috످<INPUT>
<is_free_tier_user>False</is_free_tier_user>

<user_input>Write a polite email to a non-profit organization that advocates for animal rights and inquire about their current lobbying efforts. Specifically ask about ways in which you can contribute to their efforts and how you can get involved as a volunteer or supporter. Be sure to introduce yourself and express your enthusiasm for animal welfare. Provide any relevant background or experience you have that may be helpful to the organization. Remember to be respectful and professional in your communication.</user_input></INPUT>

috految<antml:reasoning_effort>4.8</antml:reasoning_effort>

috److**Subject:** Interest in Volunteering and Supporting Your Animal Rights Advocacy

Dear [Contact Name],

My name is [Your Name], and I am a [profession] based in [City, State]. As someone who cares deeply about animal welfare, I have long admired [Organization Name], particularly your work on [specific campaign]. I am writing to learn more about your current lobbying efforts and how I can get involved.

My passion for protecting animals began when I [personal experience, e.g., adopted my first rescue dog]. Since then, I have [relevant experience, e.g., volunteered at my local shelter and organized adoption events]. These experiences have shown me how much animals depend on us to speak up for them, and I would be thrilled to use my skills in [relevant areas, e.g., fundraising and community outreach] to advance your mission.

When you have a moment, I would be grateful for your guidance on a few questions:

1. What legislation or policy changes are you currently lobbying for?
2. How can I best contribute to these efforts? I would be happy to contact legislators, circulate petitions, or attend public hearings.
3. Do you have any volunteer openings, and if so, how can I apply?
4. Are there other ways to support your work, such as becoming a member, donating, or hosting a fundraiser?

I am available to volunteer [number] hours per week and would welcome a brief call at your convenience to discuss where I could be most helpful. I can also provide my resume and references upon request.

Thank you for your time and for all you do to create a kinder world for animals. I look forward to hearing from you.

Warm regards,

[Your Full Name]
[Phone Number]
[Email Address]

috످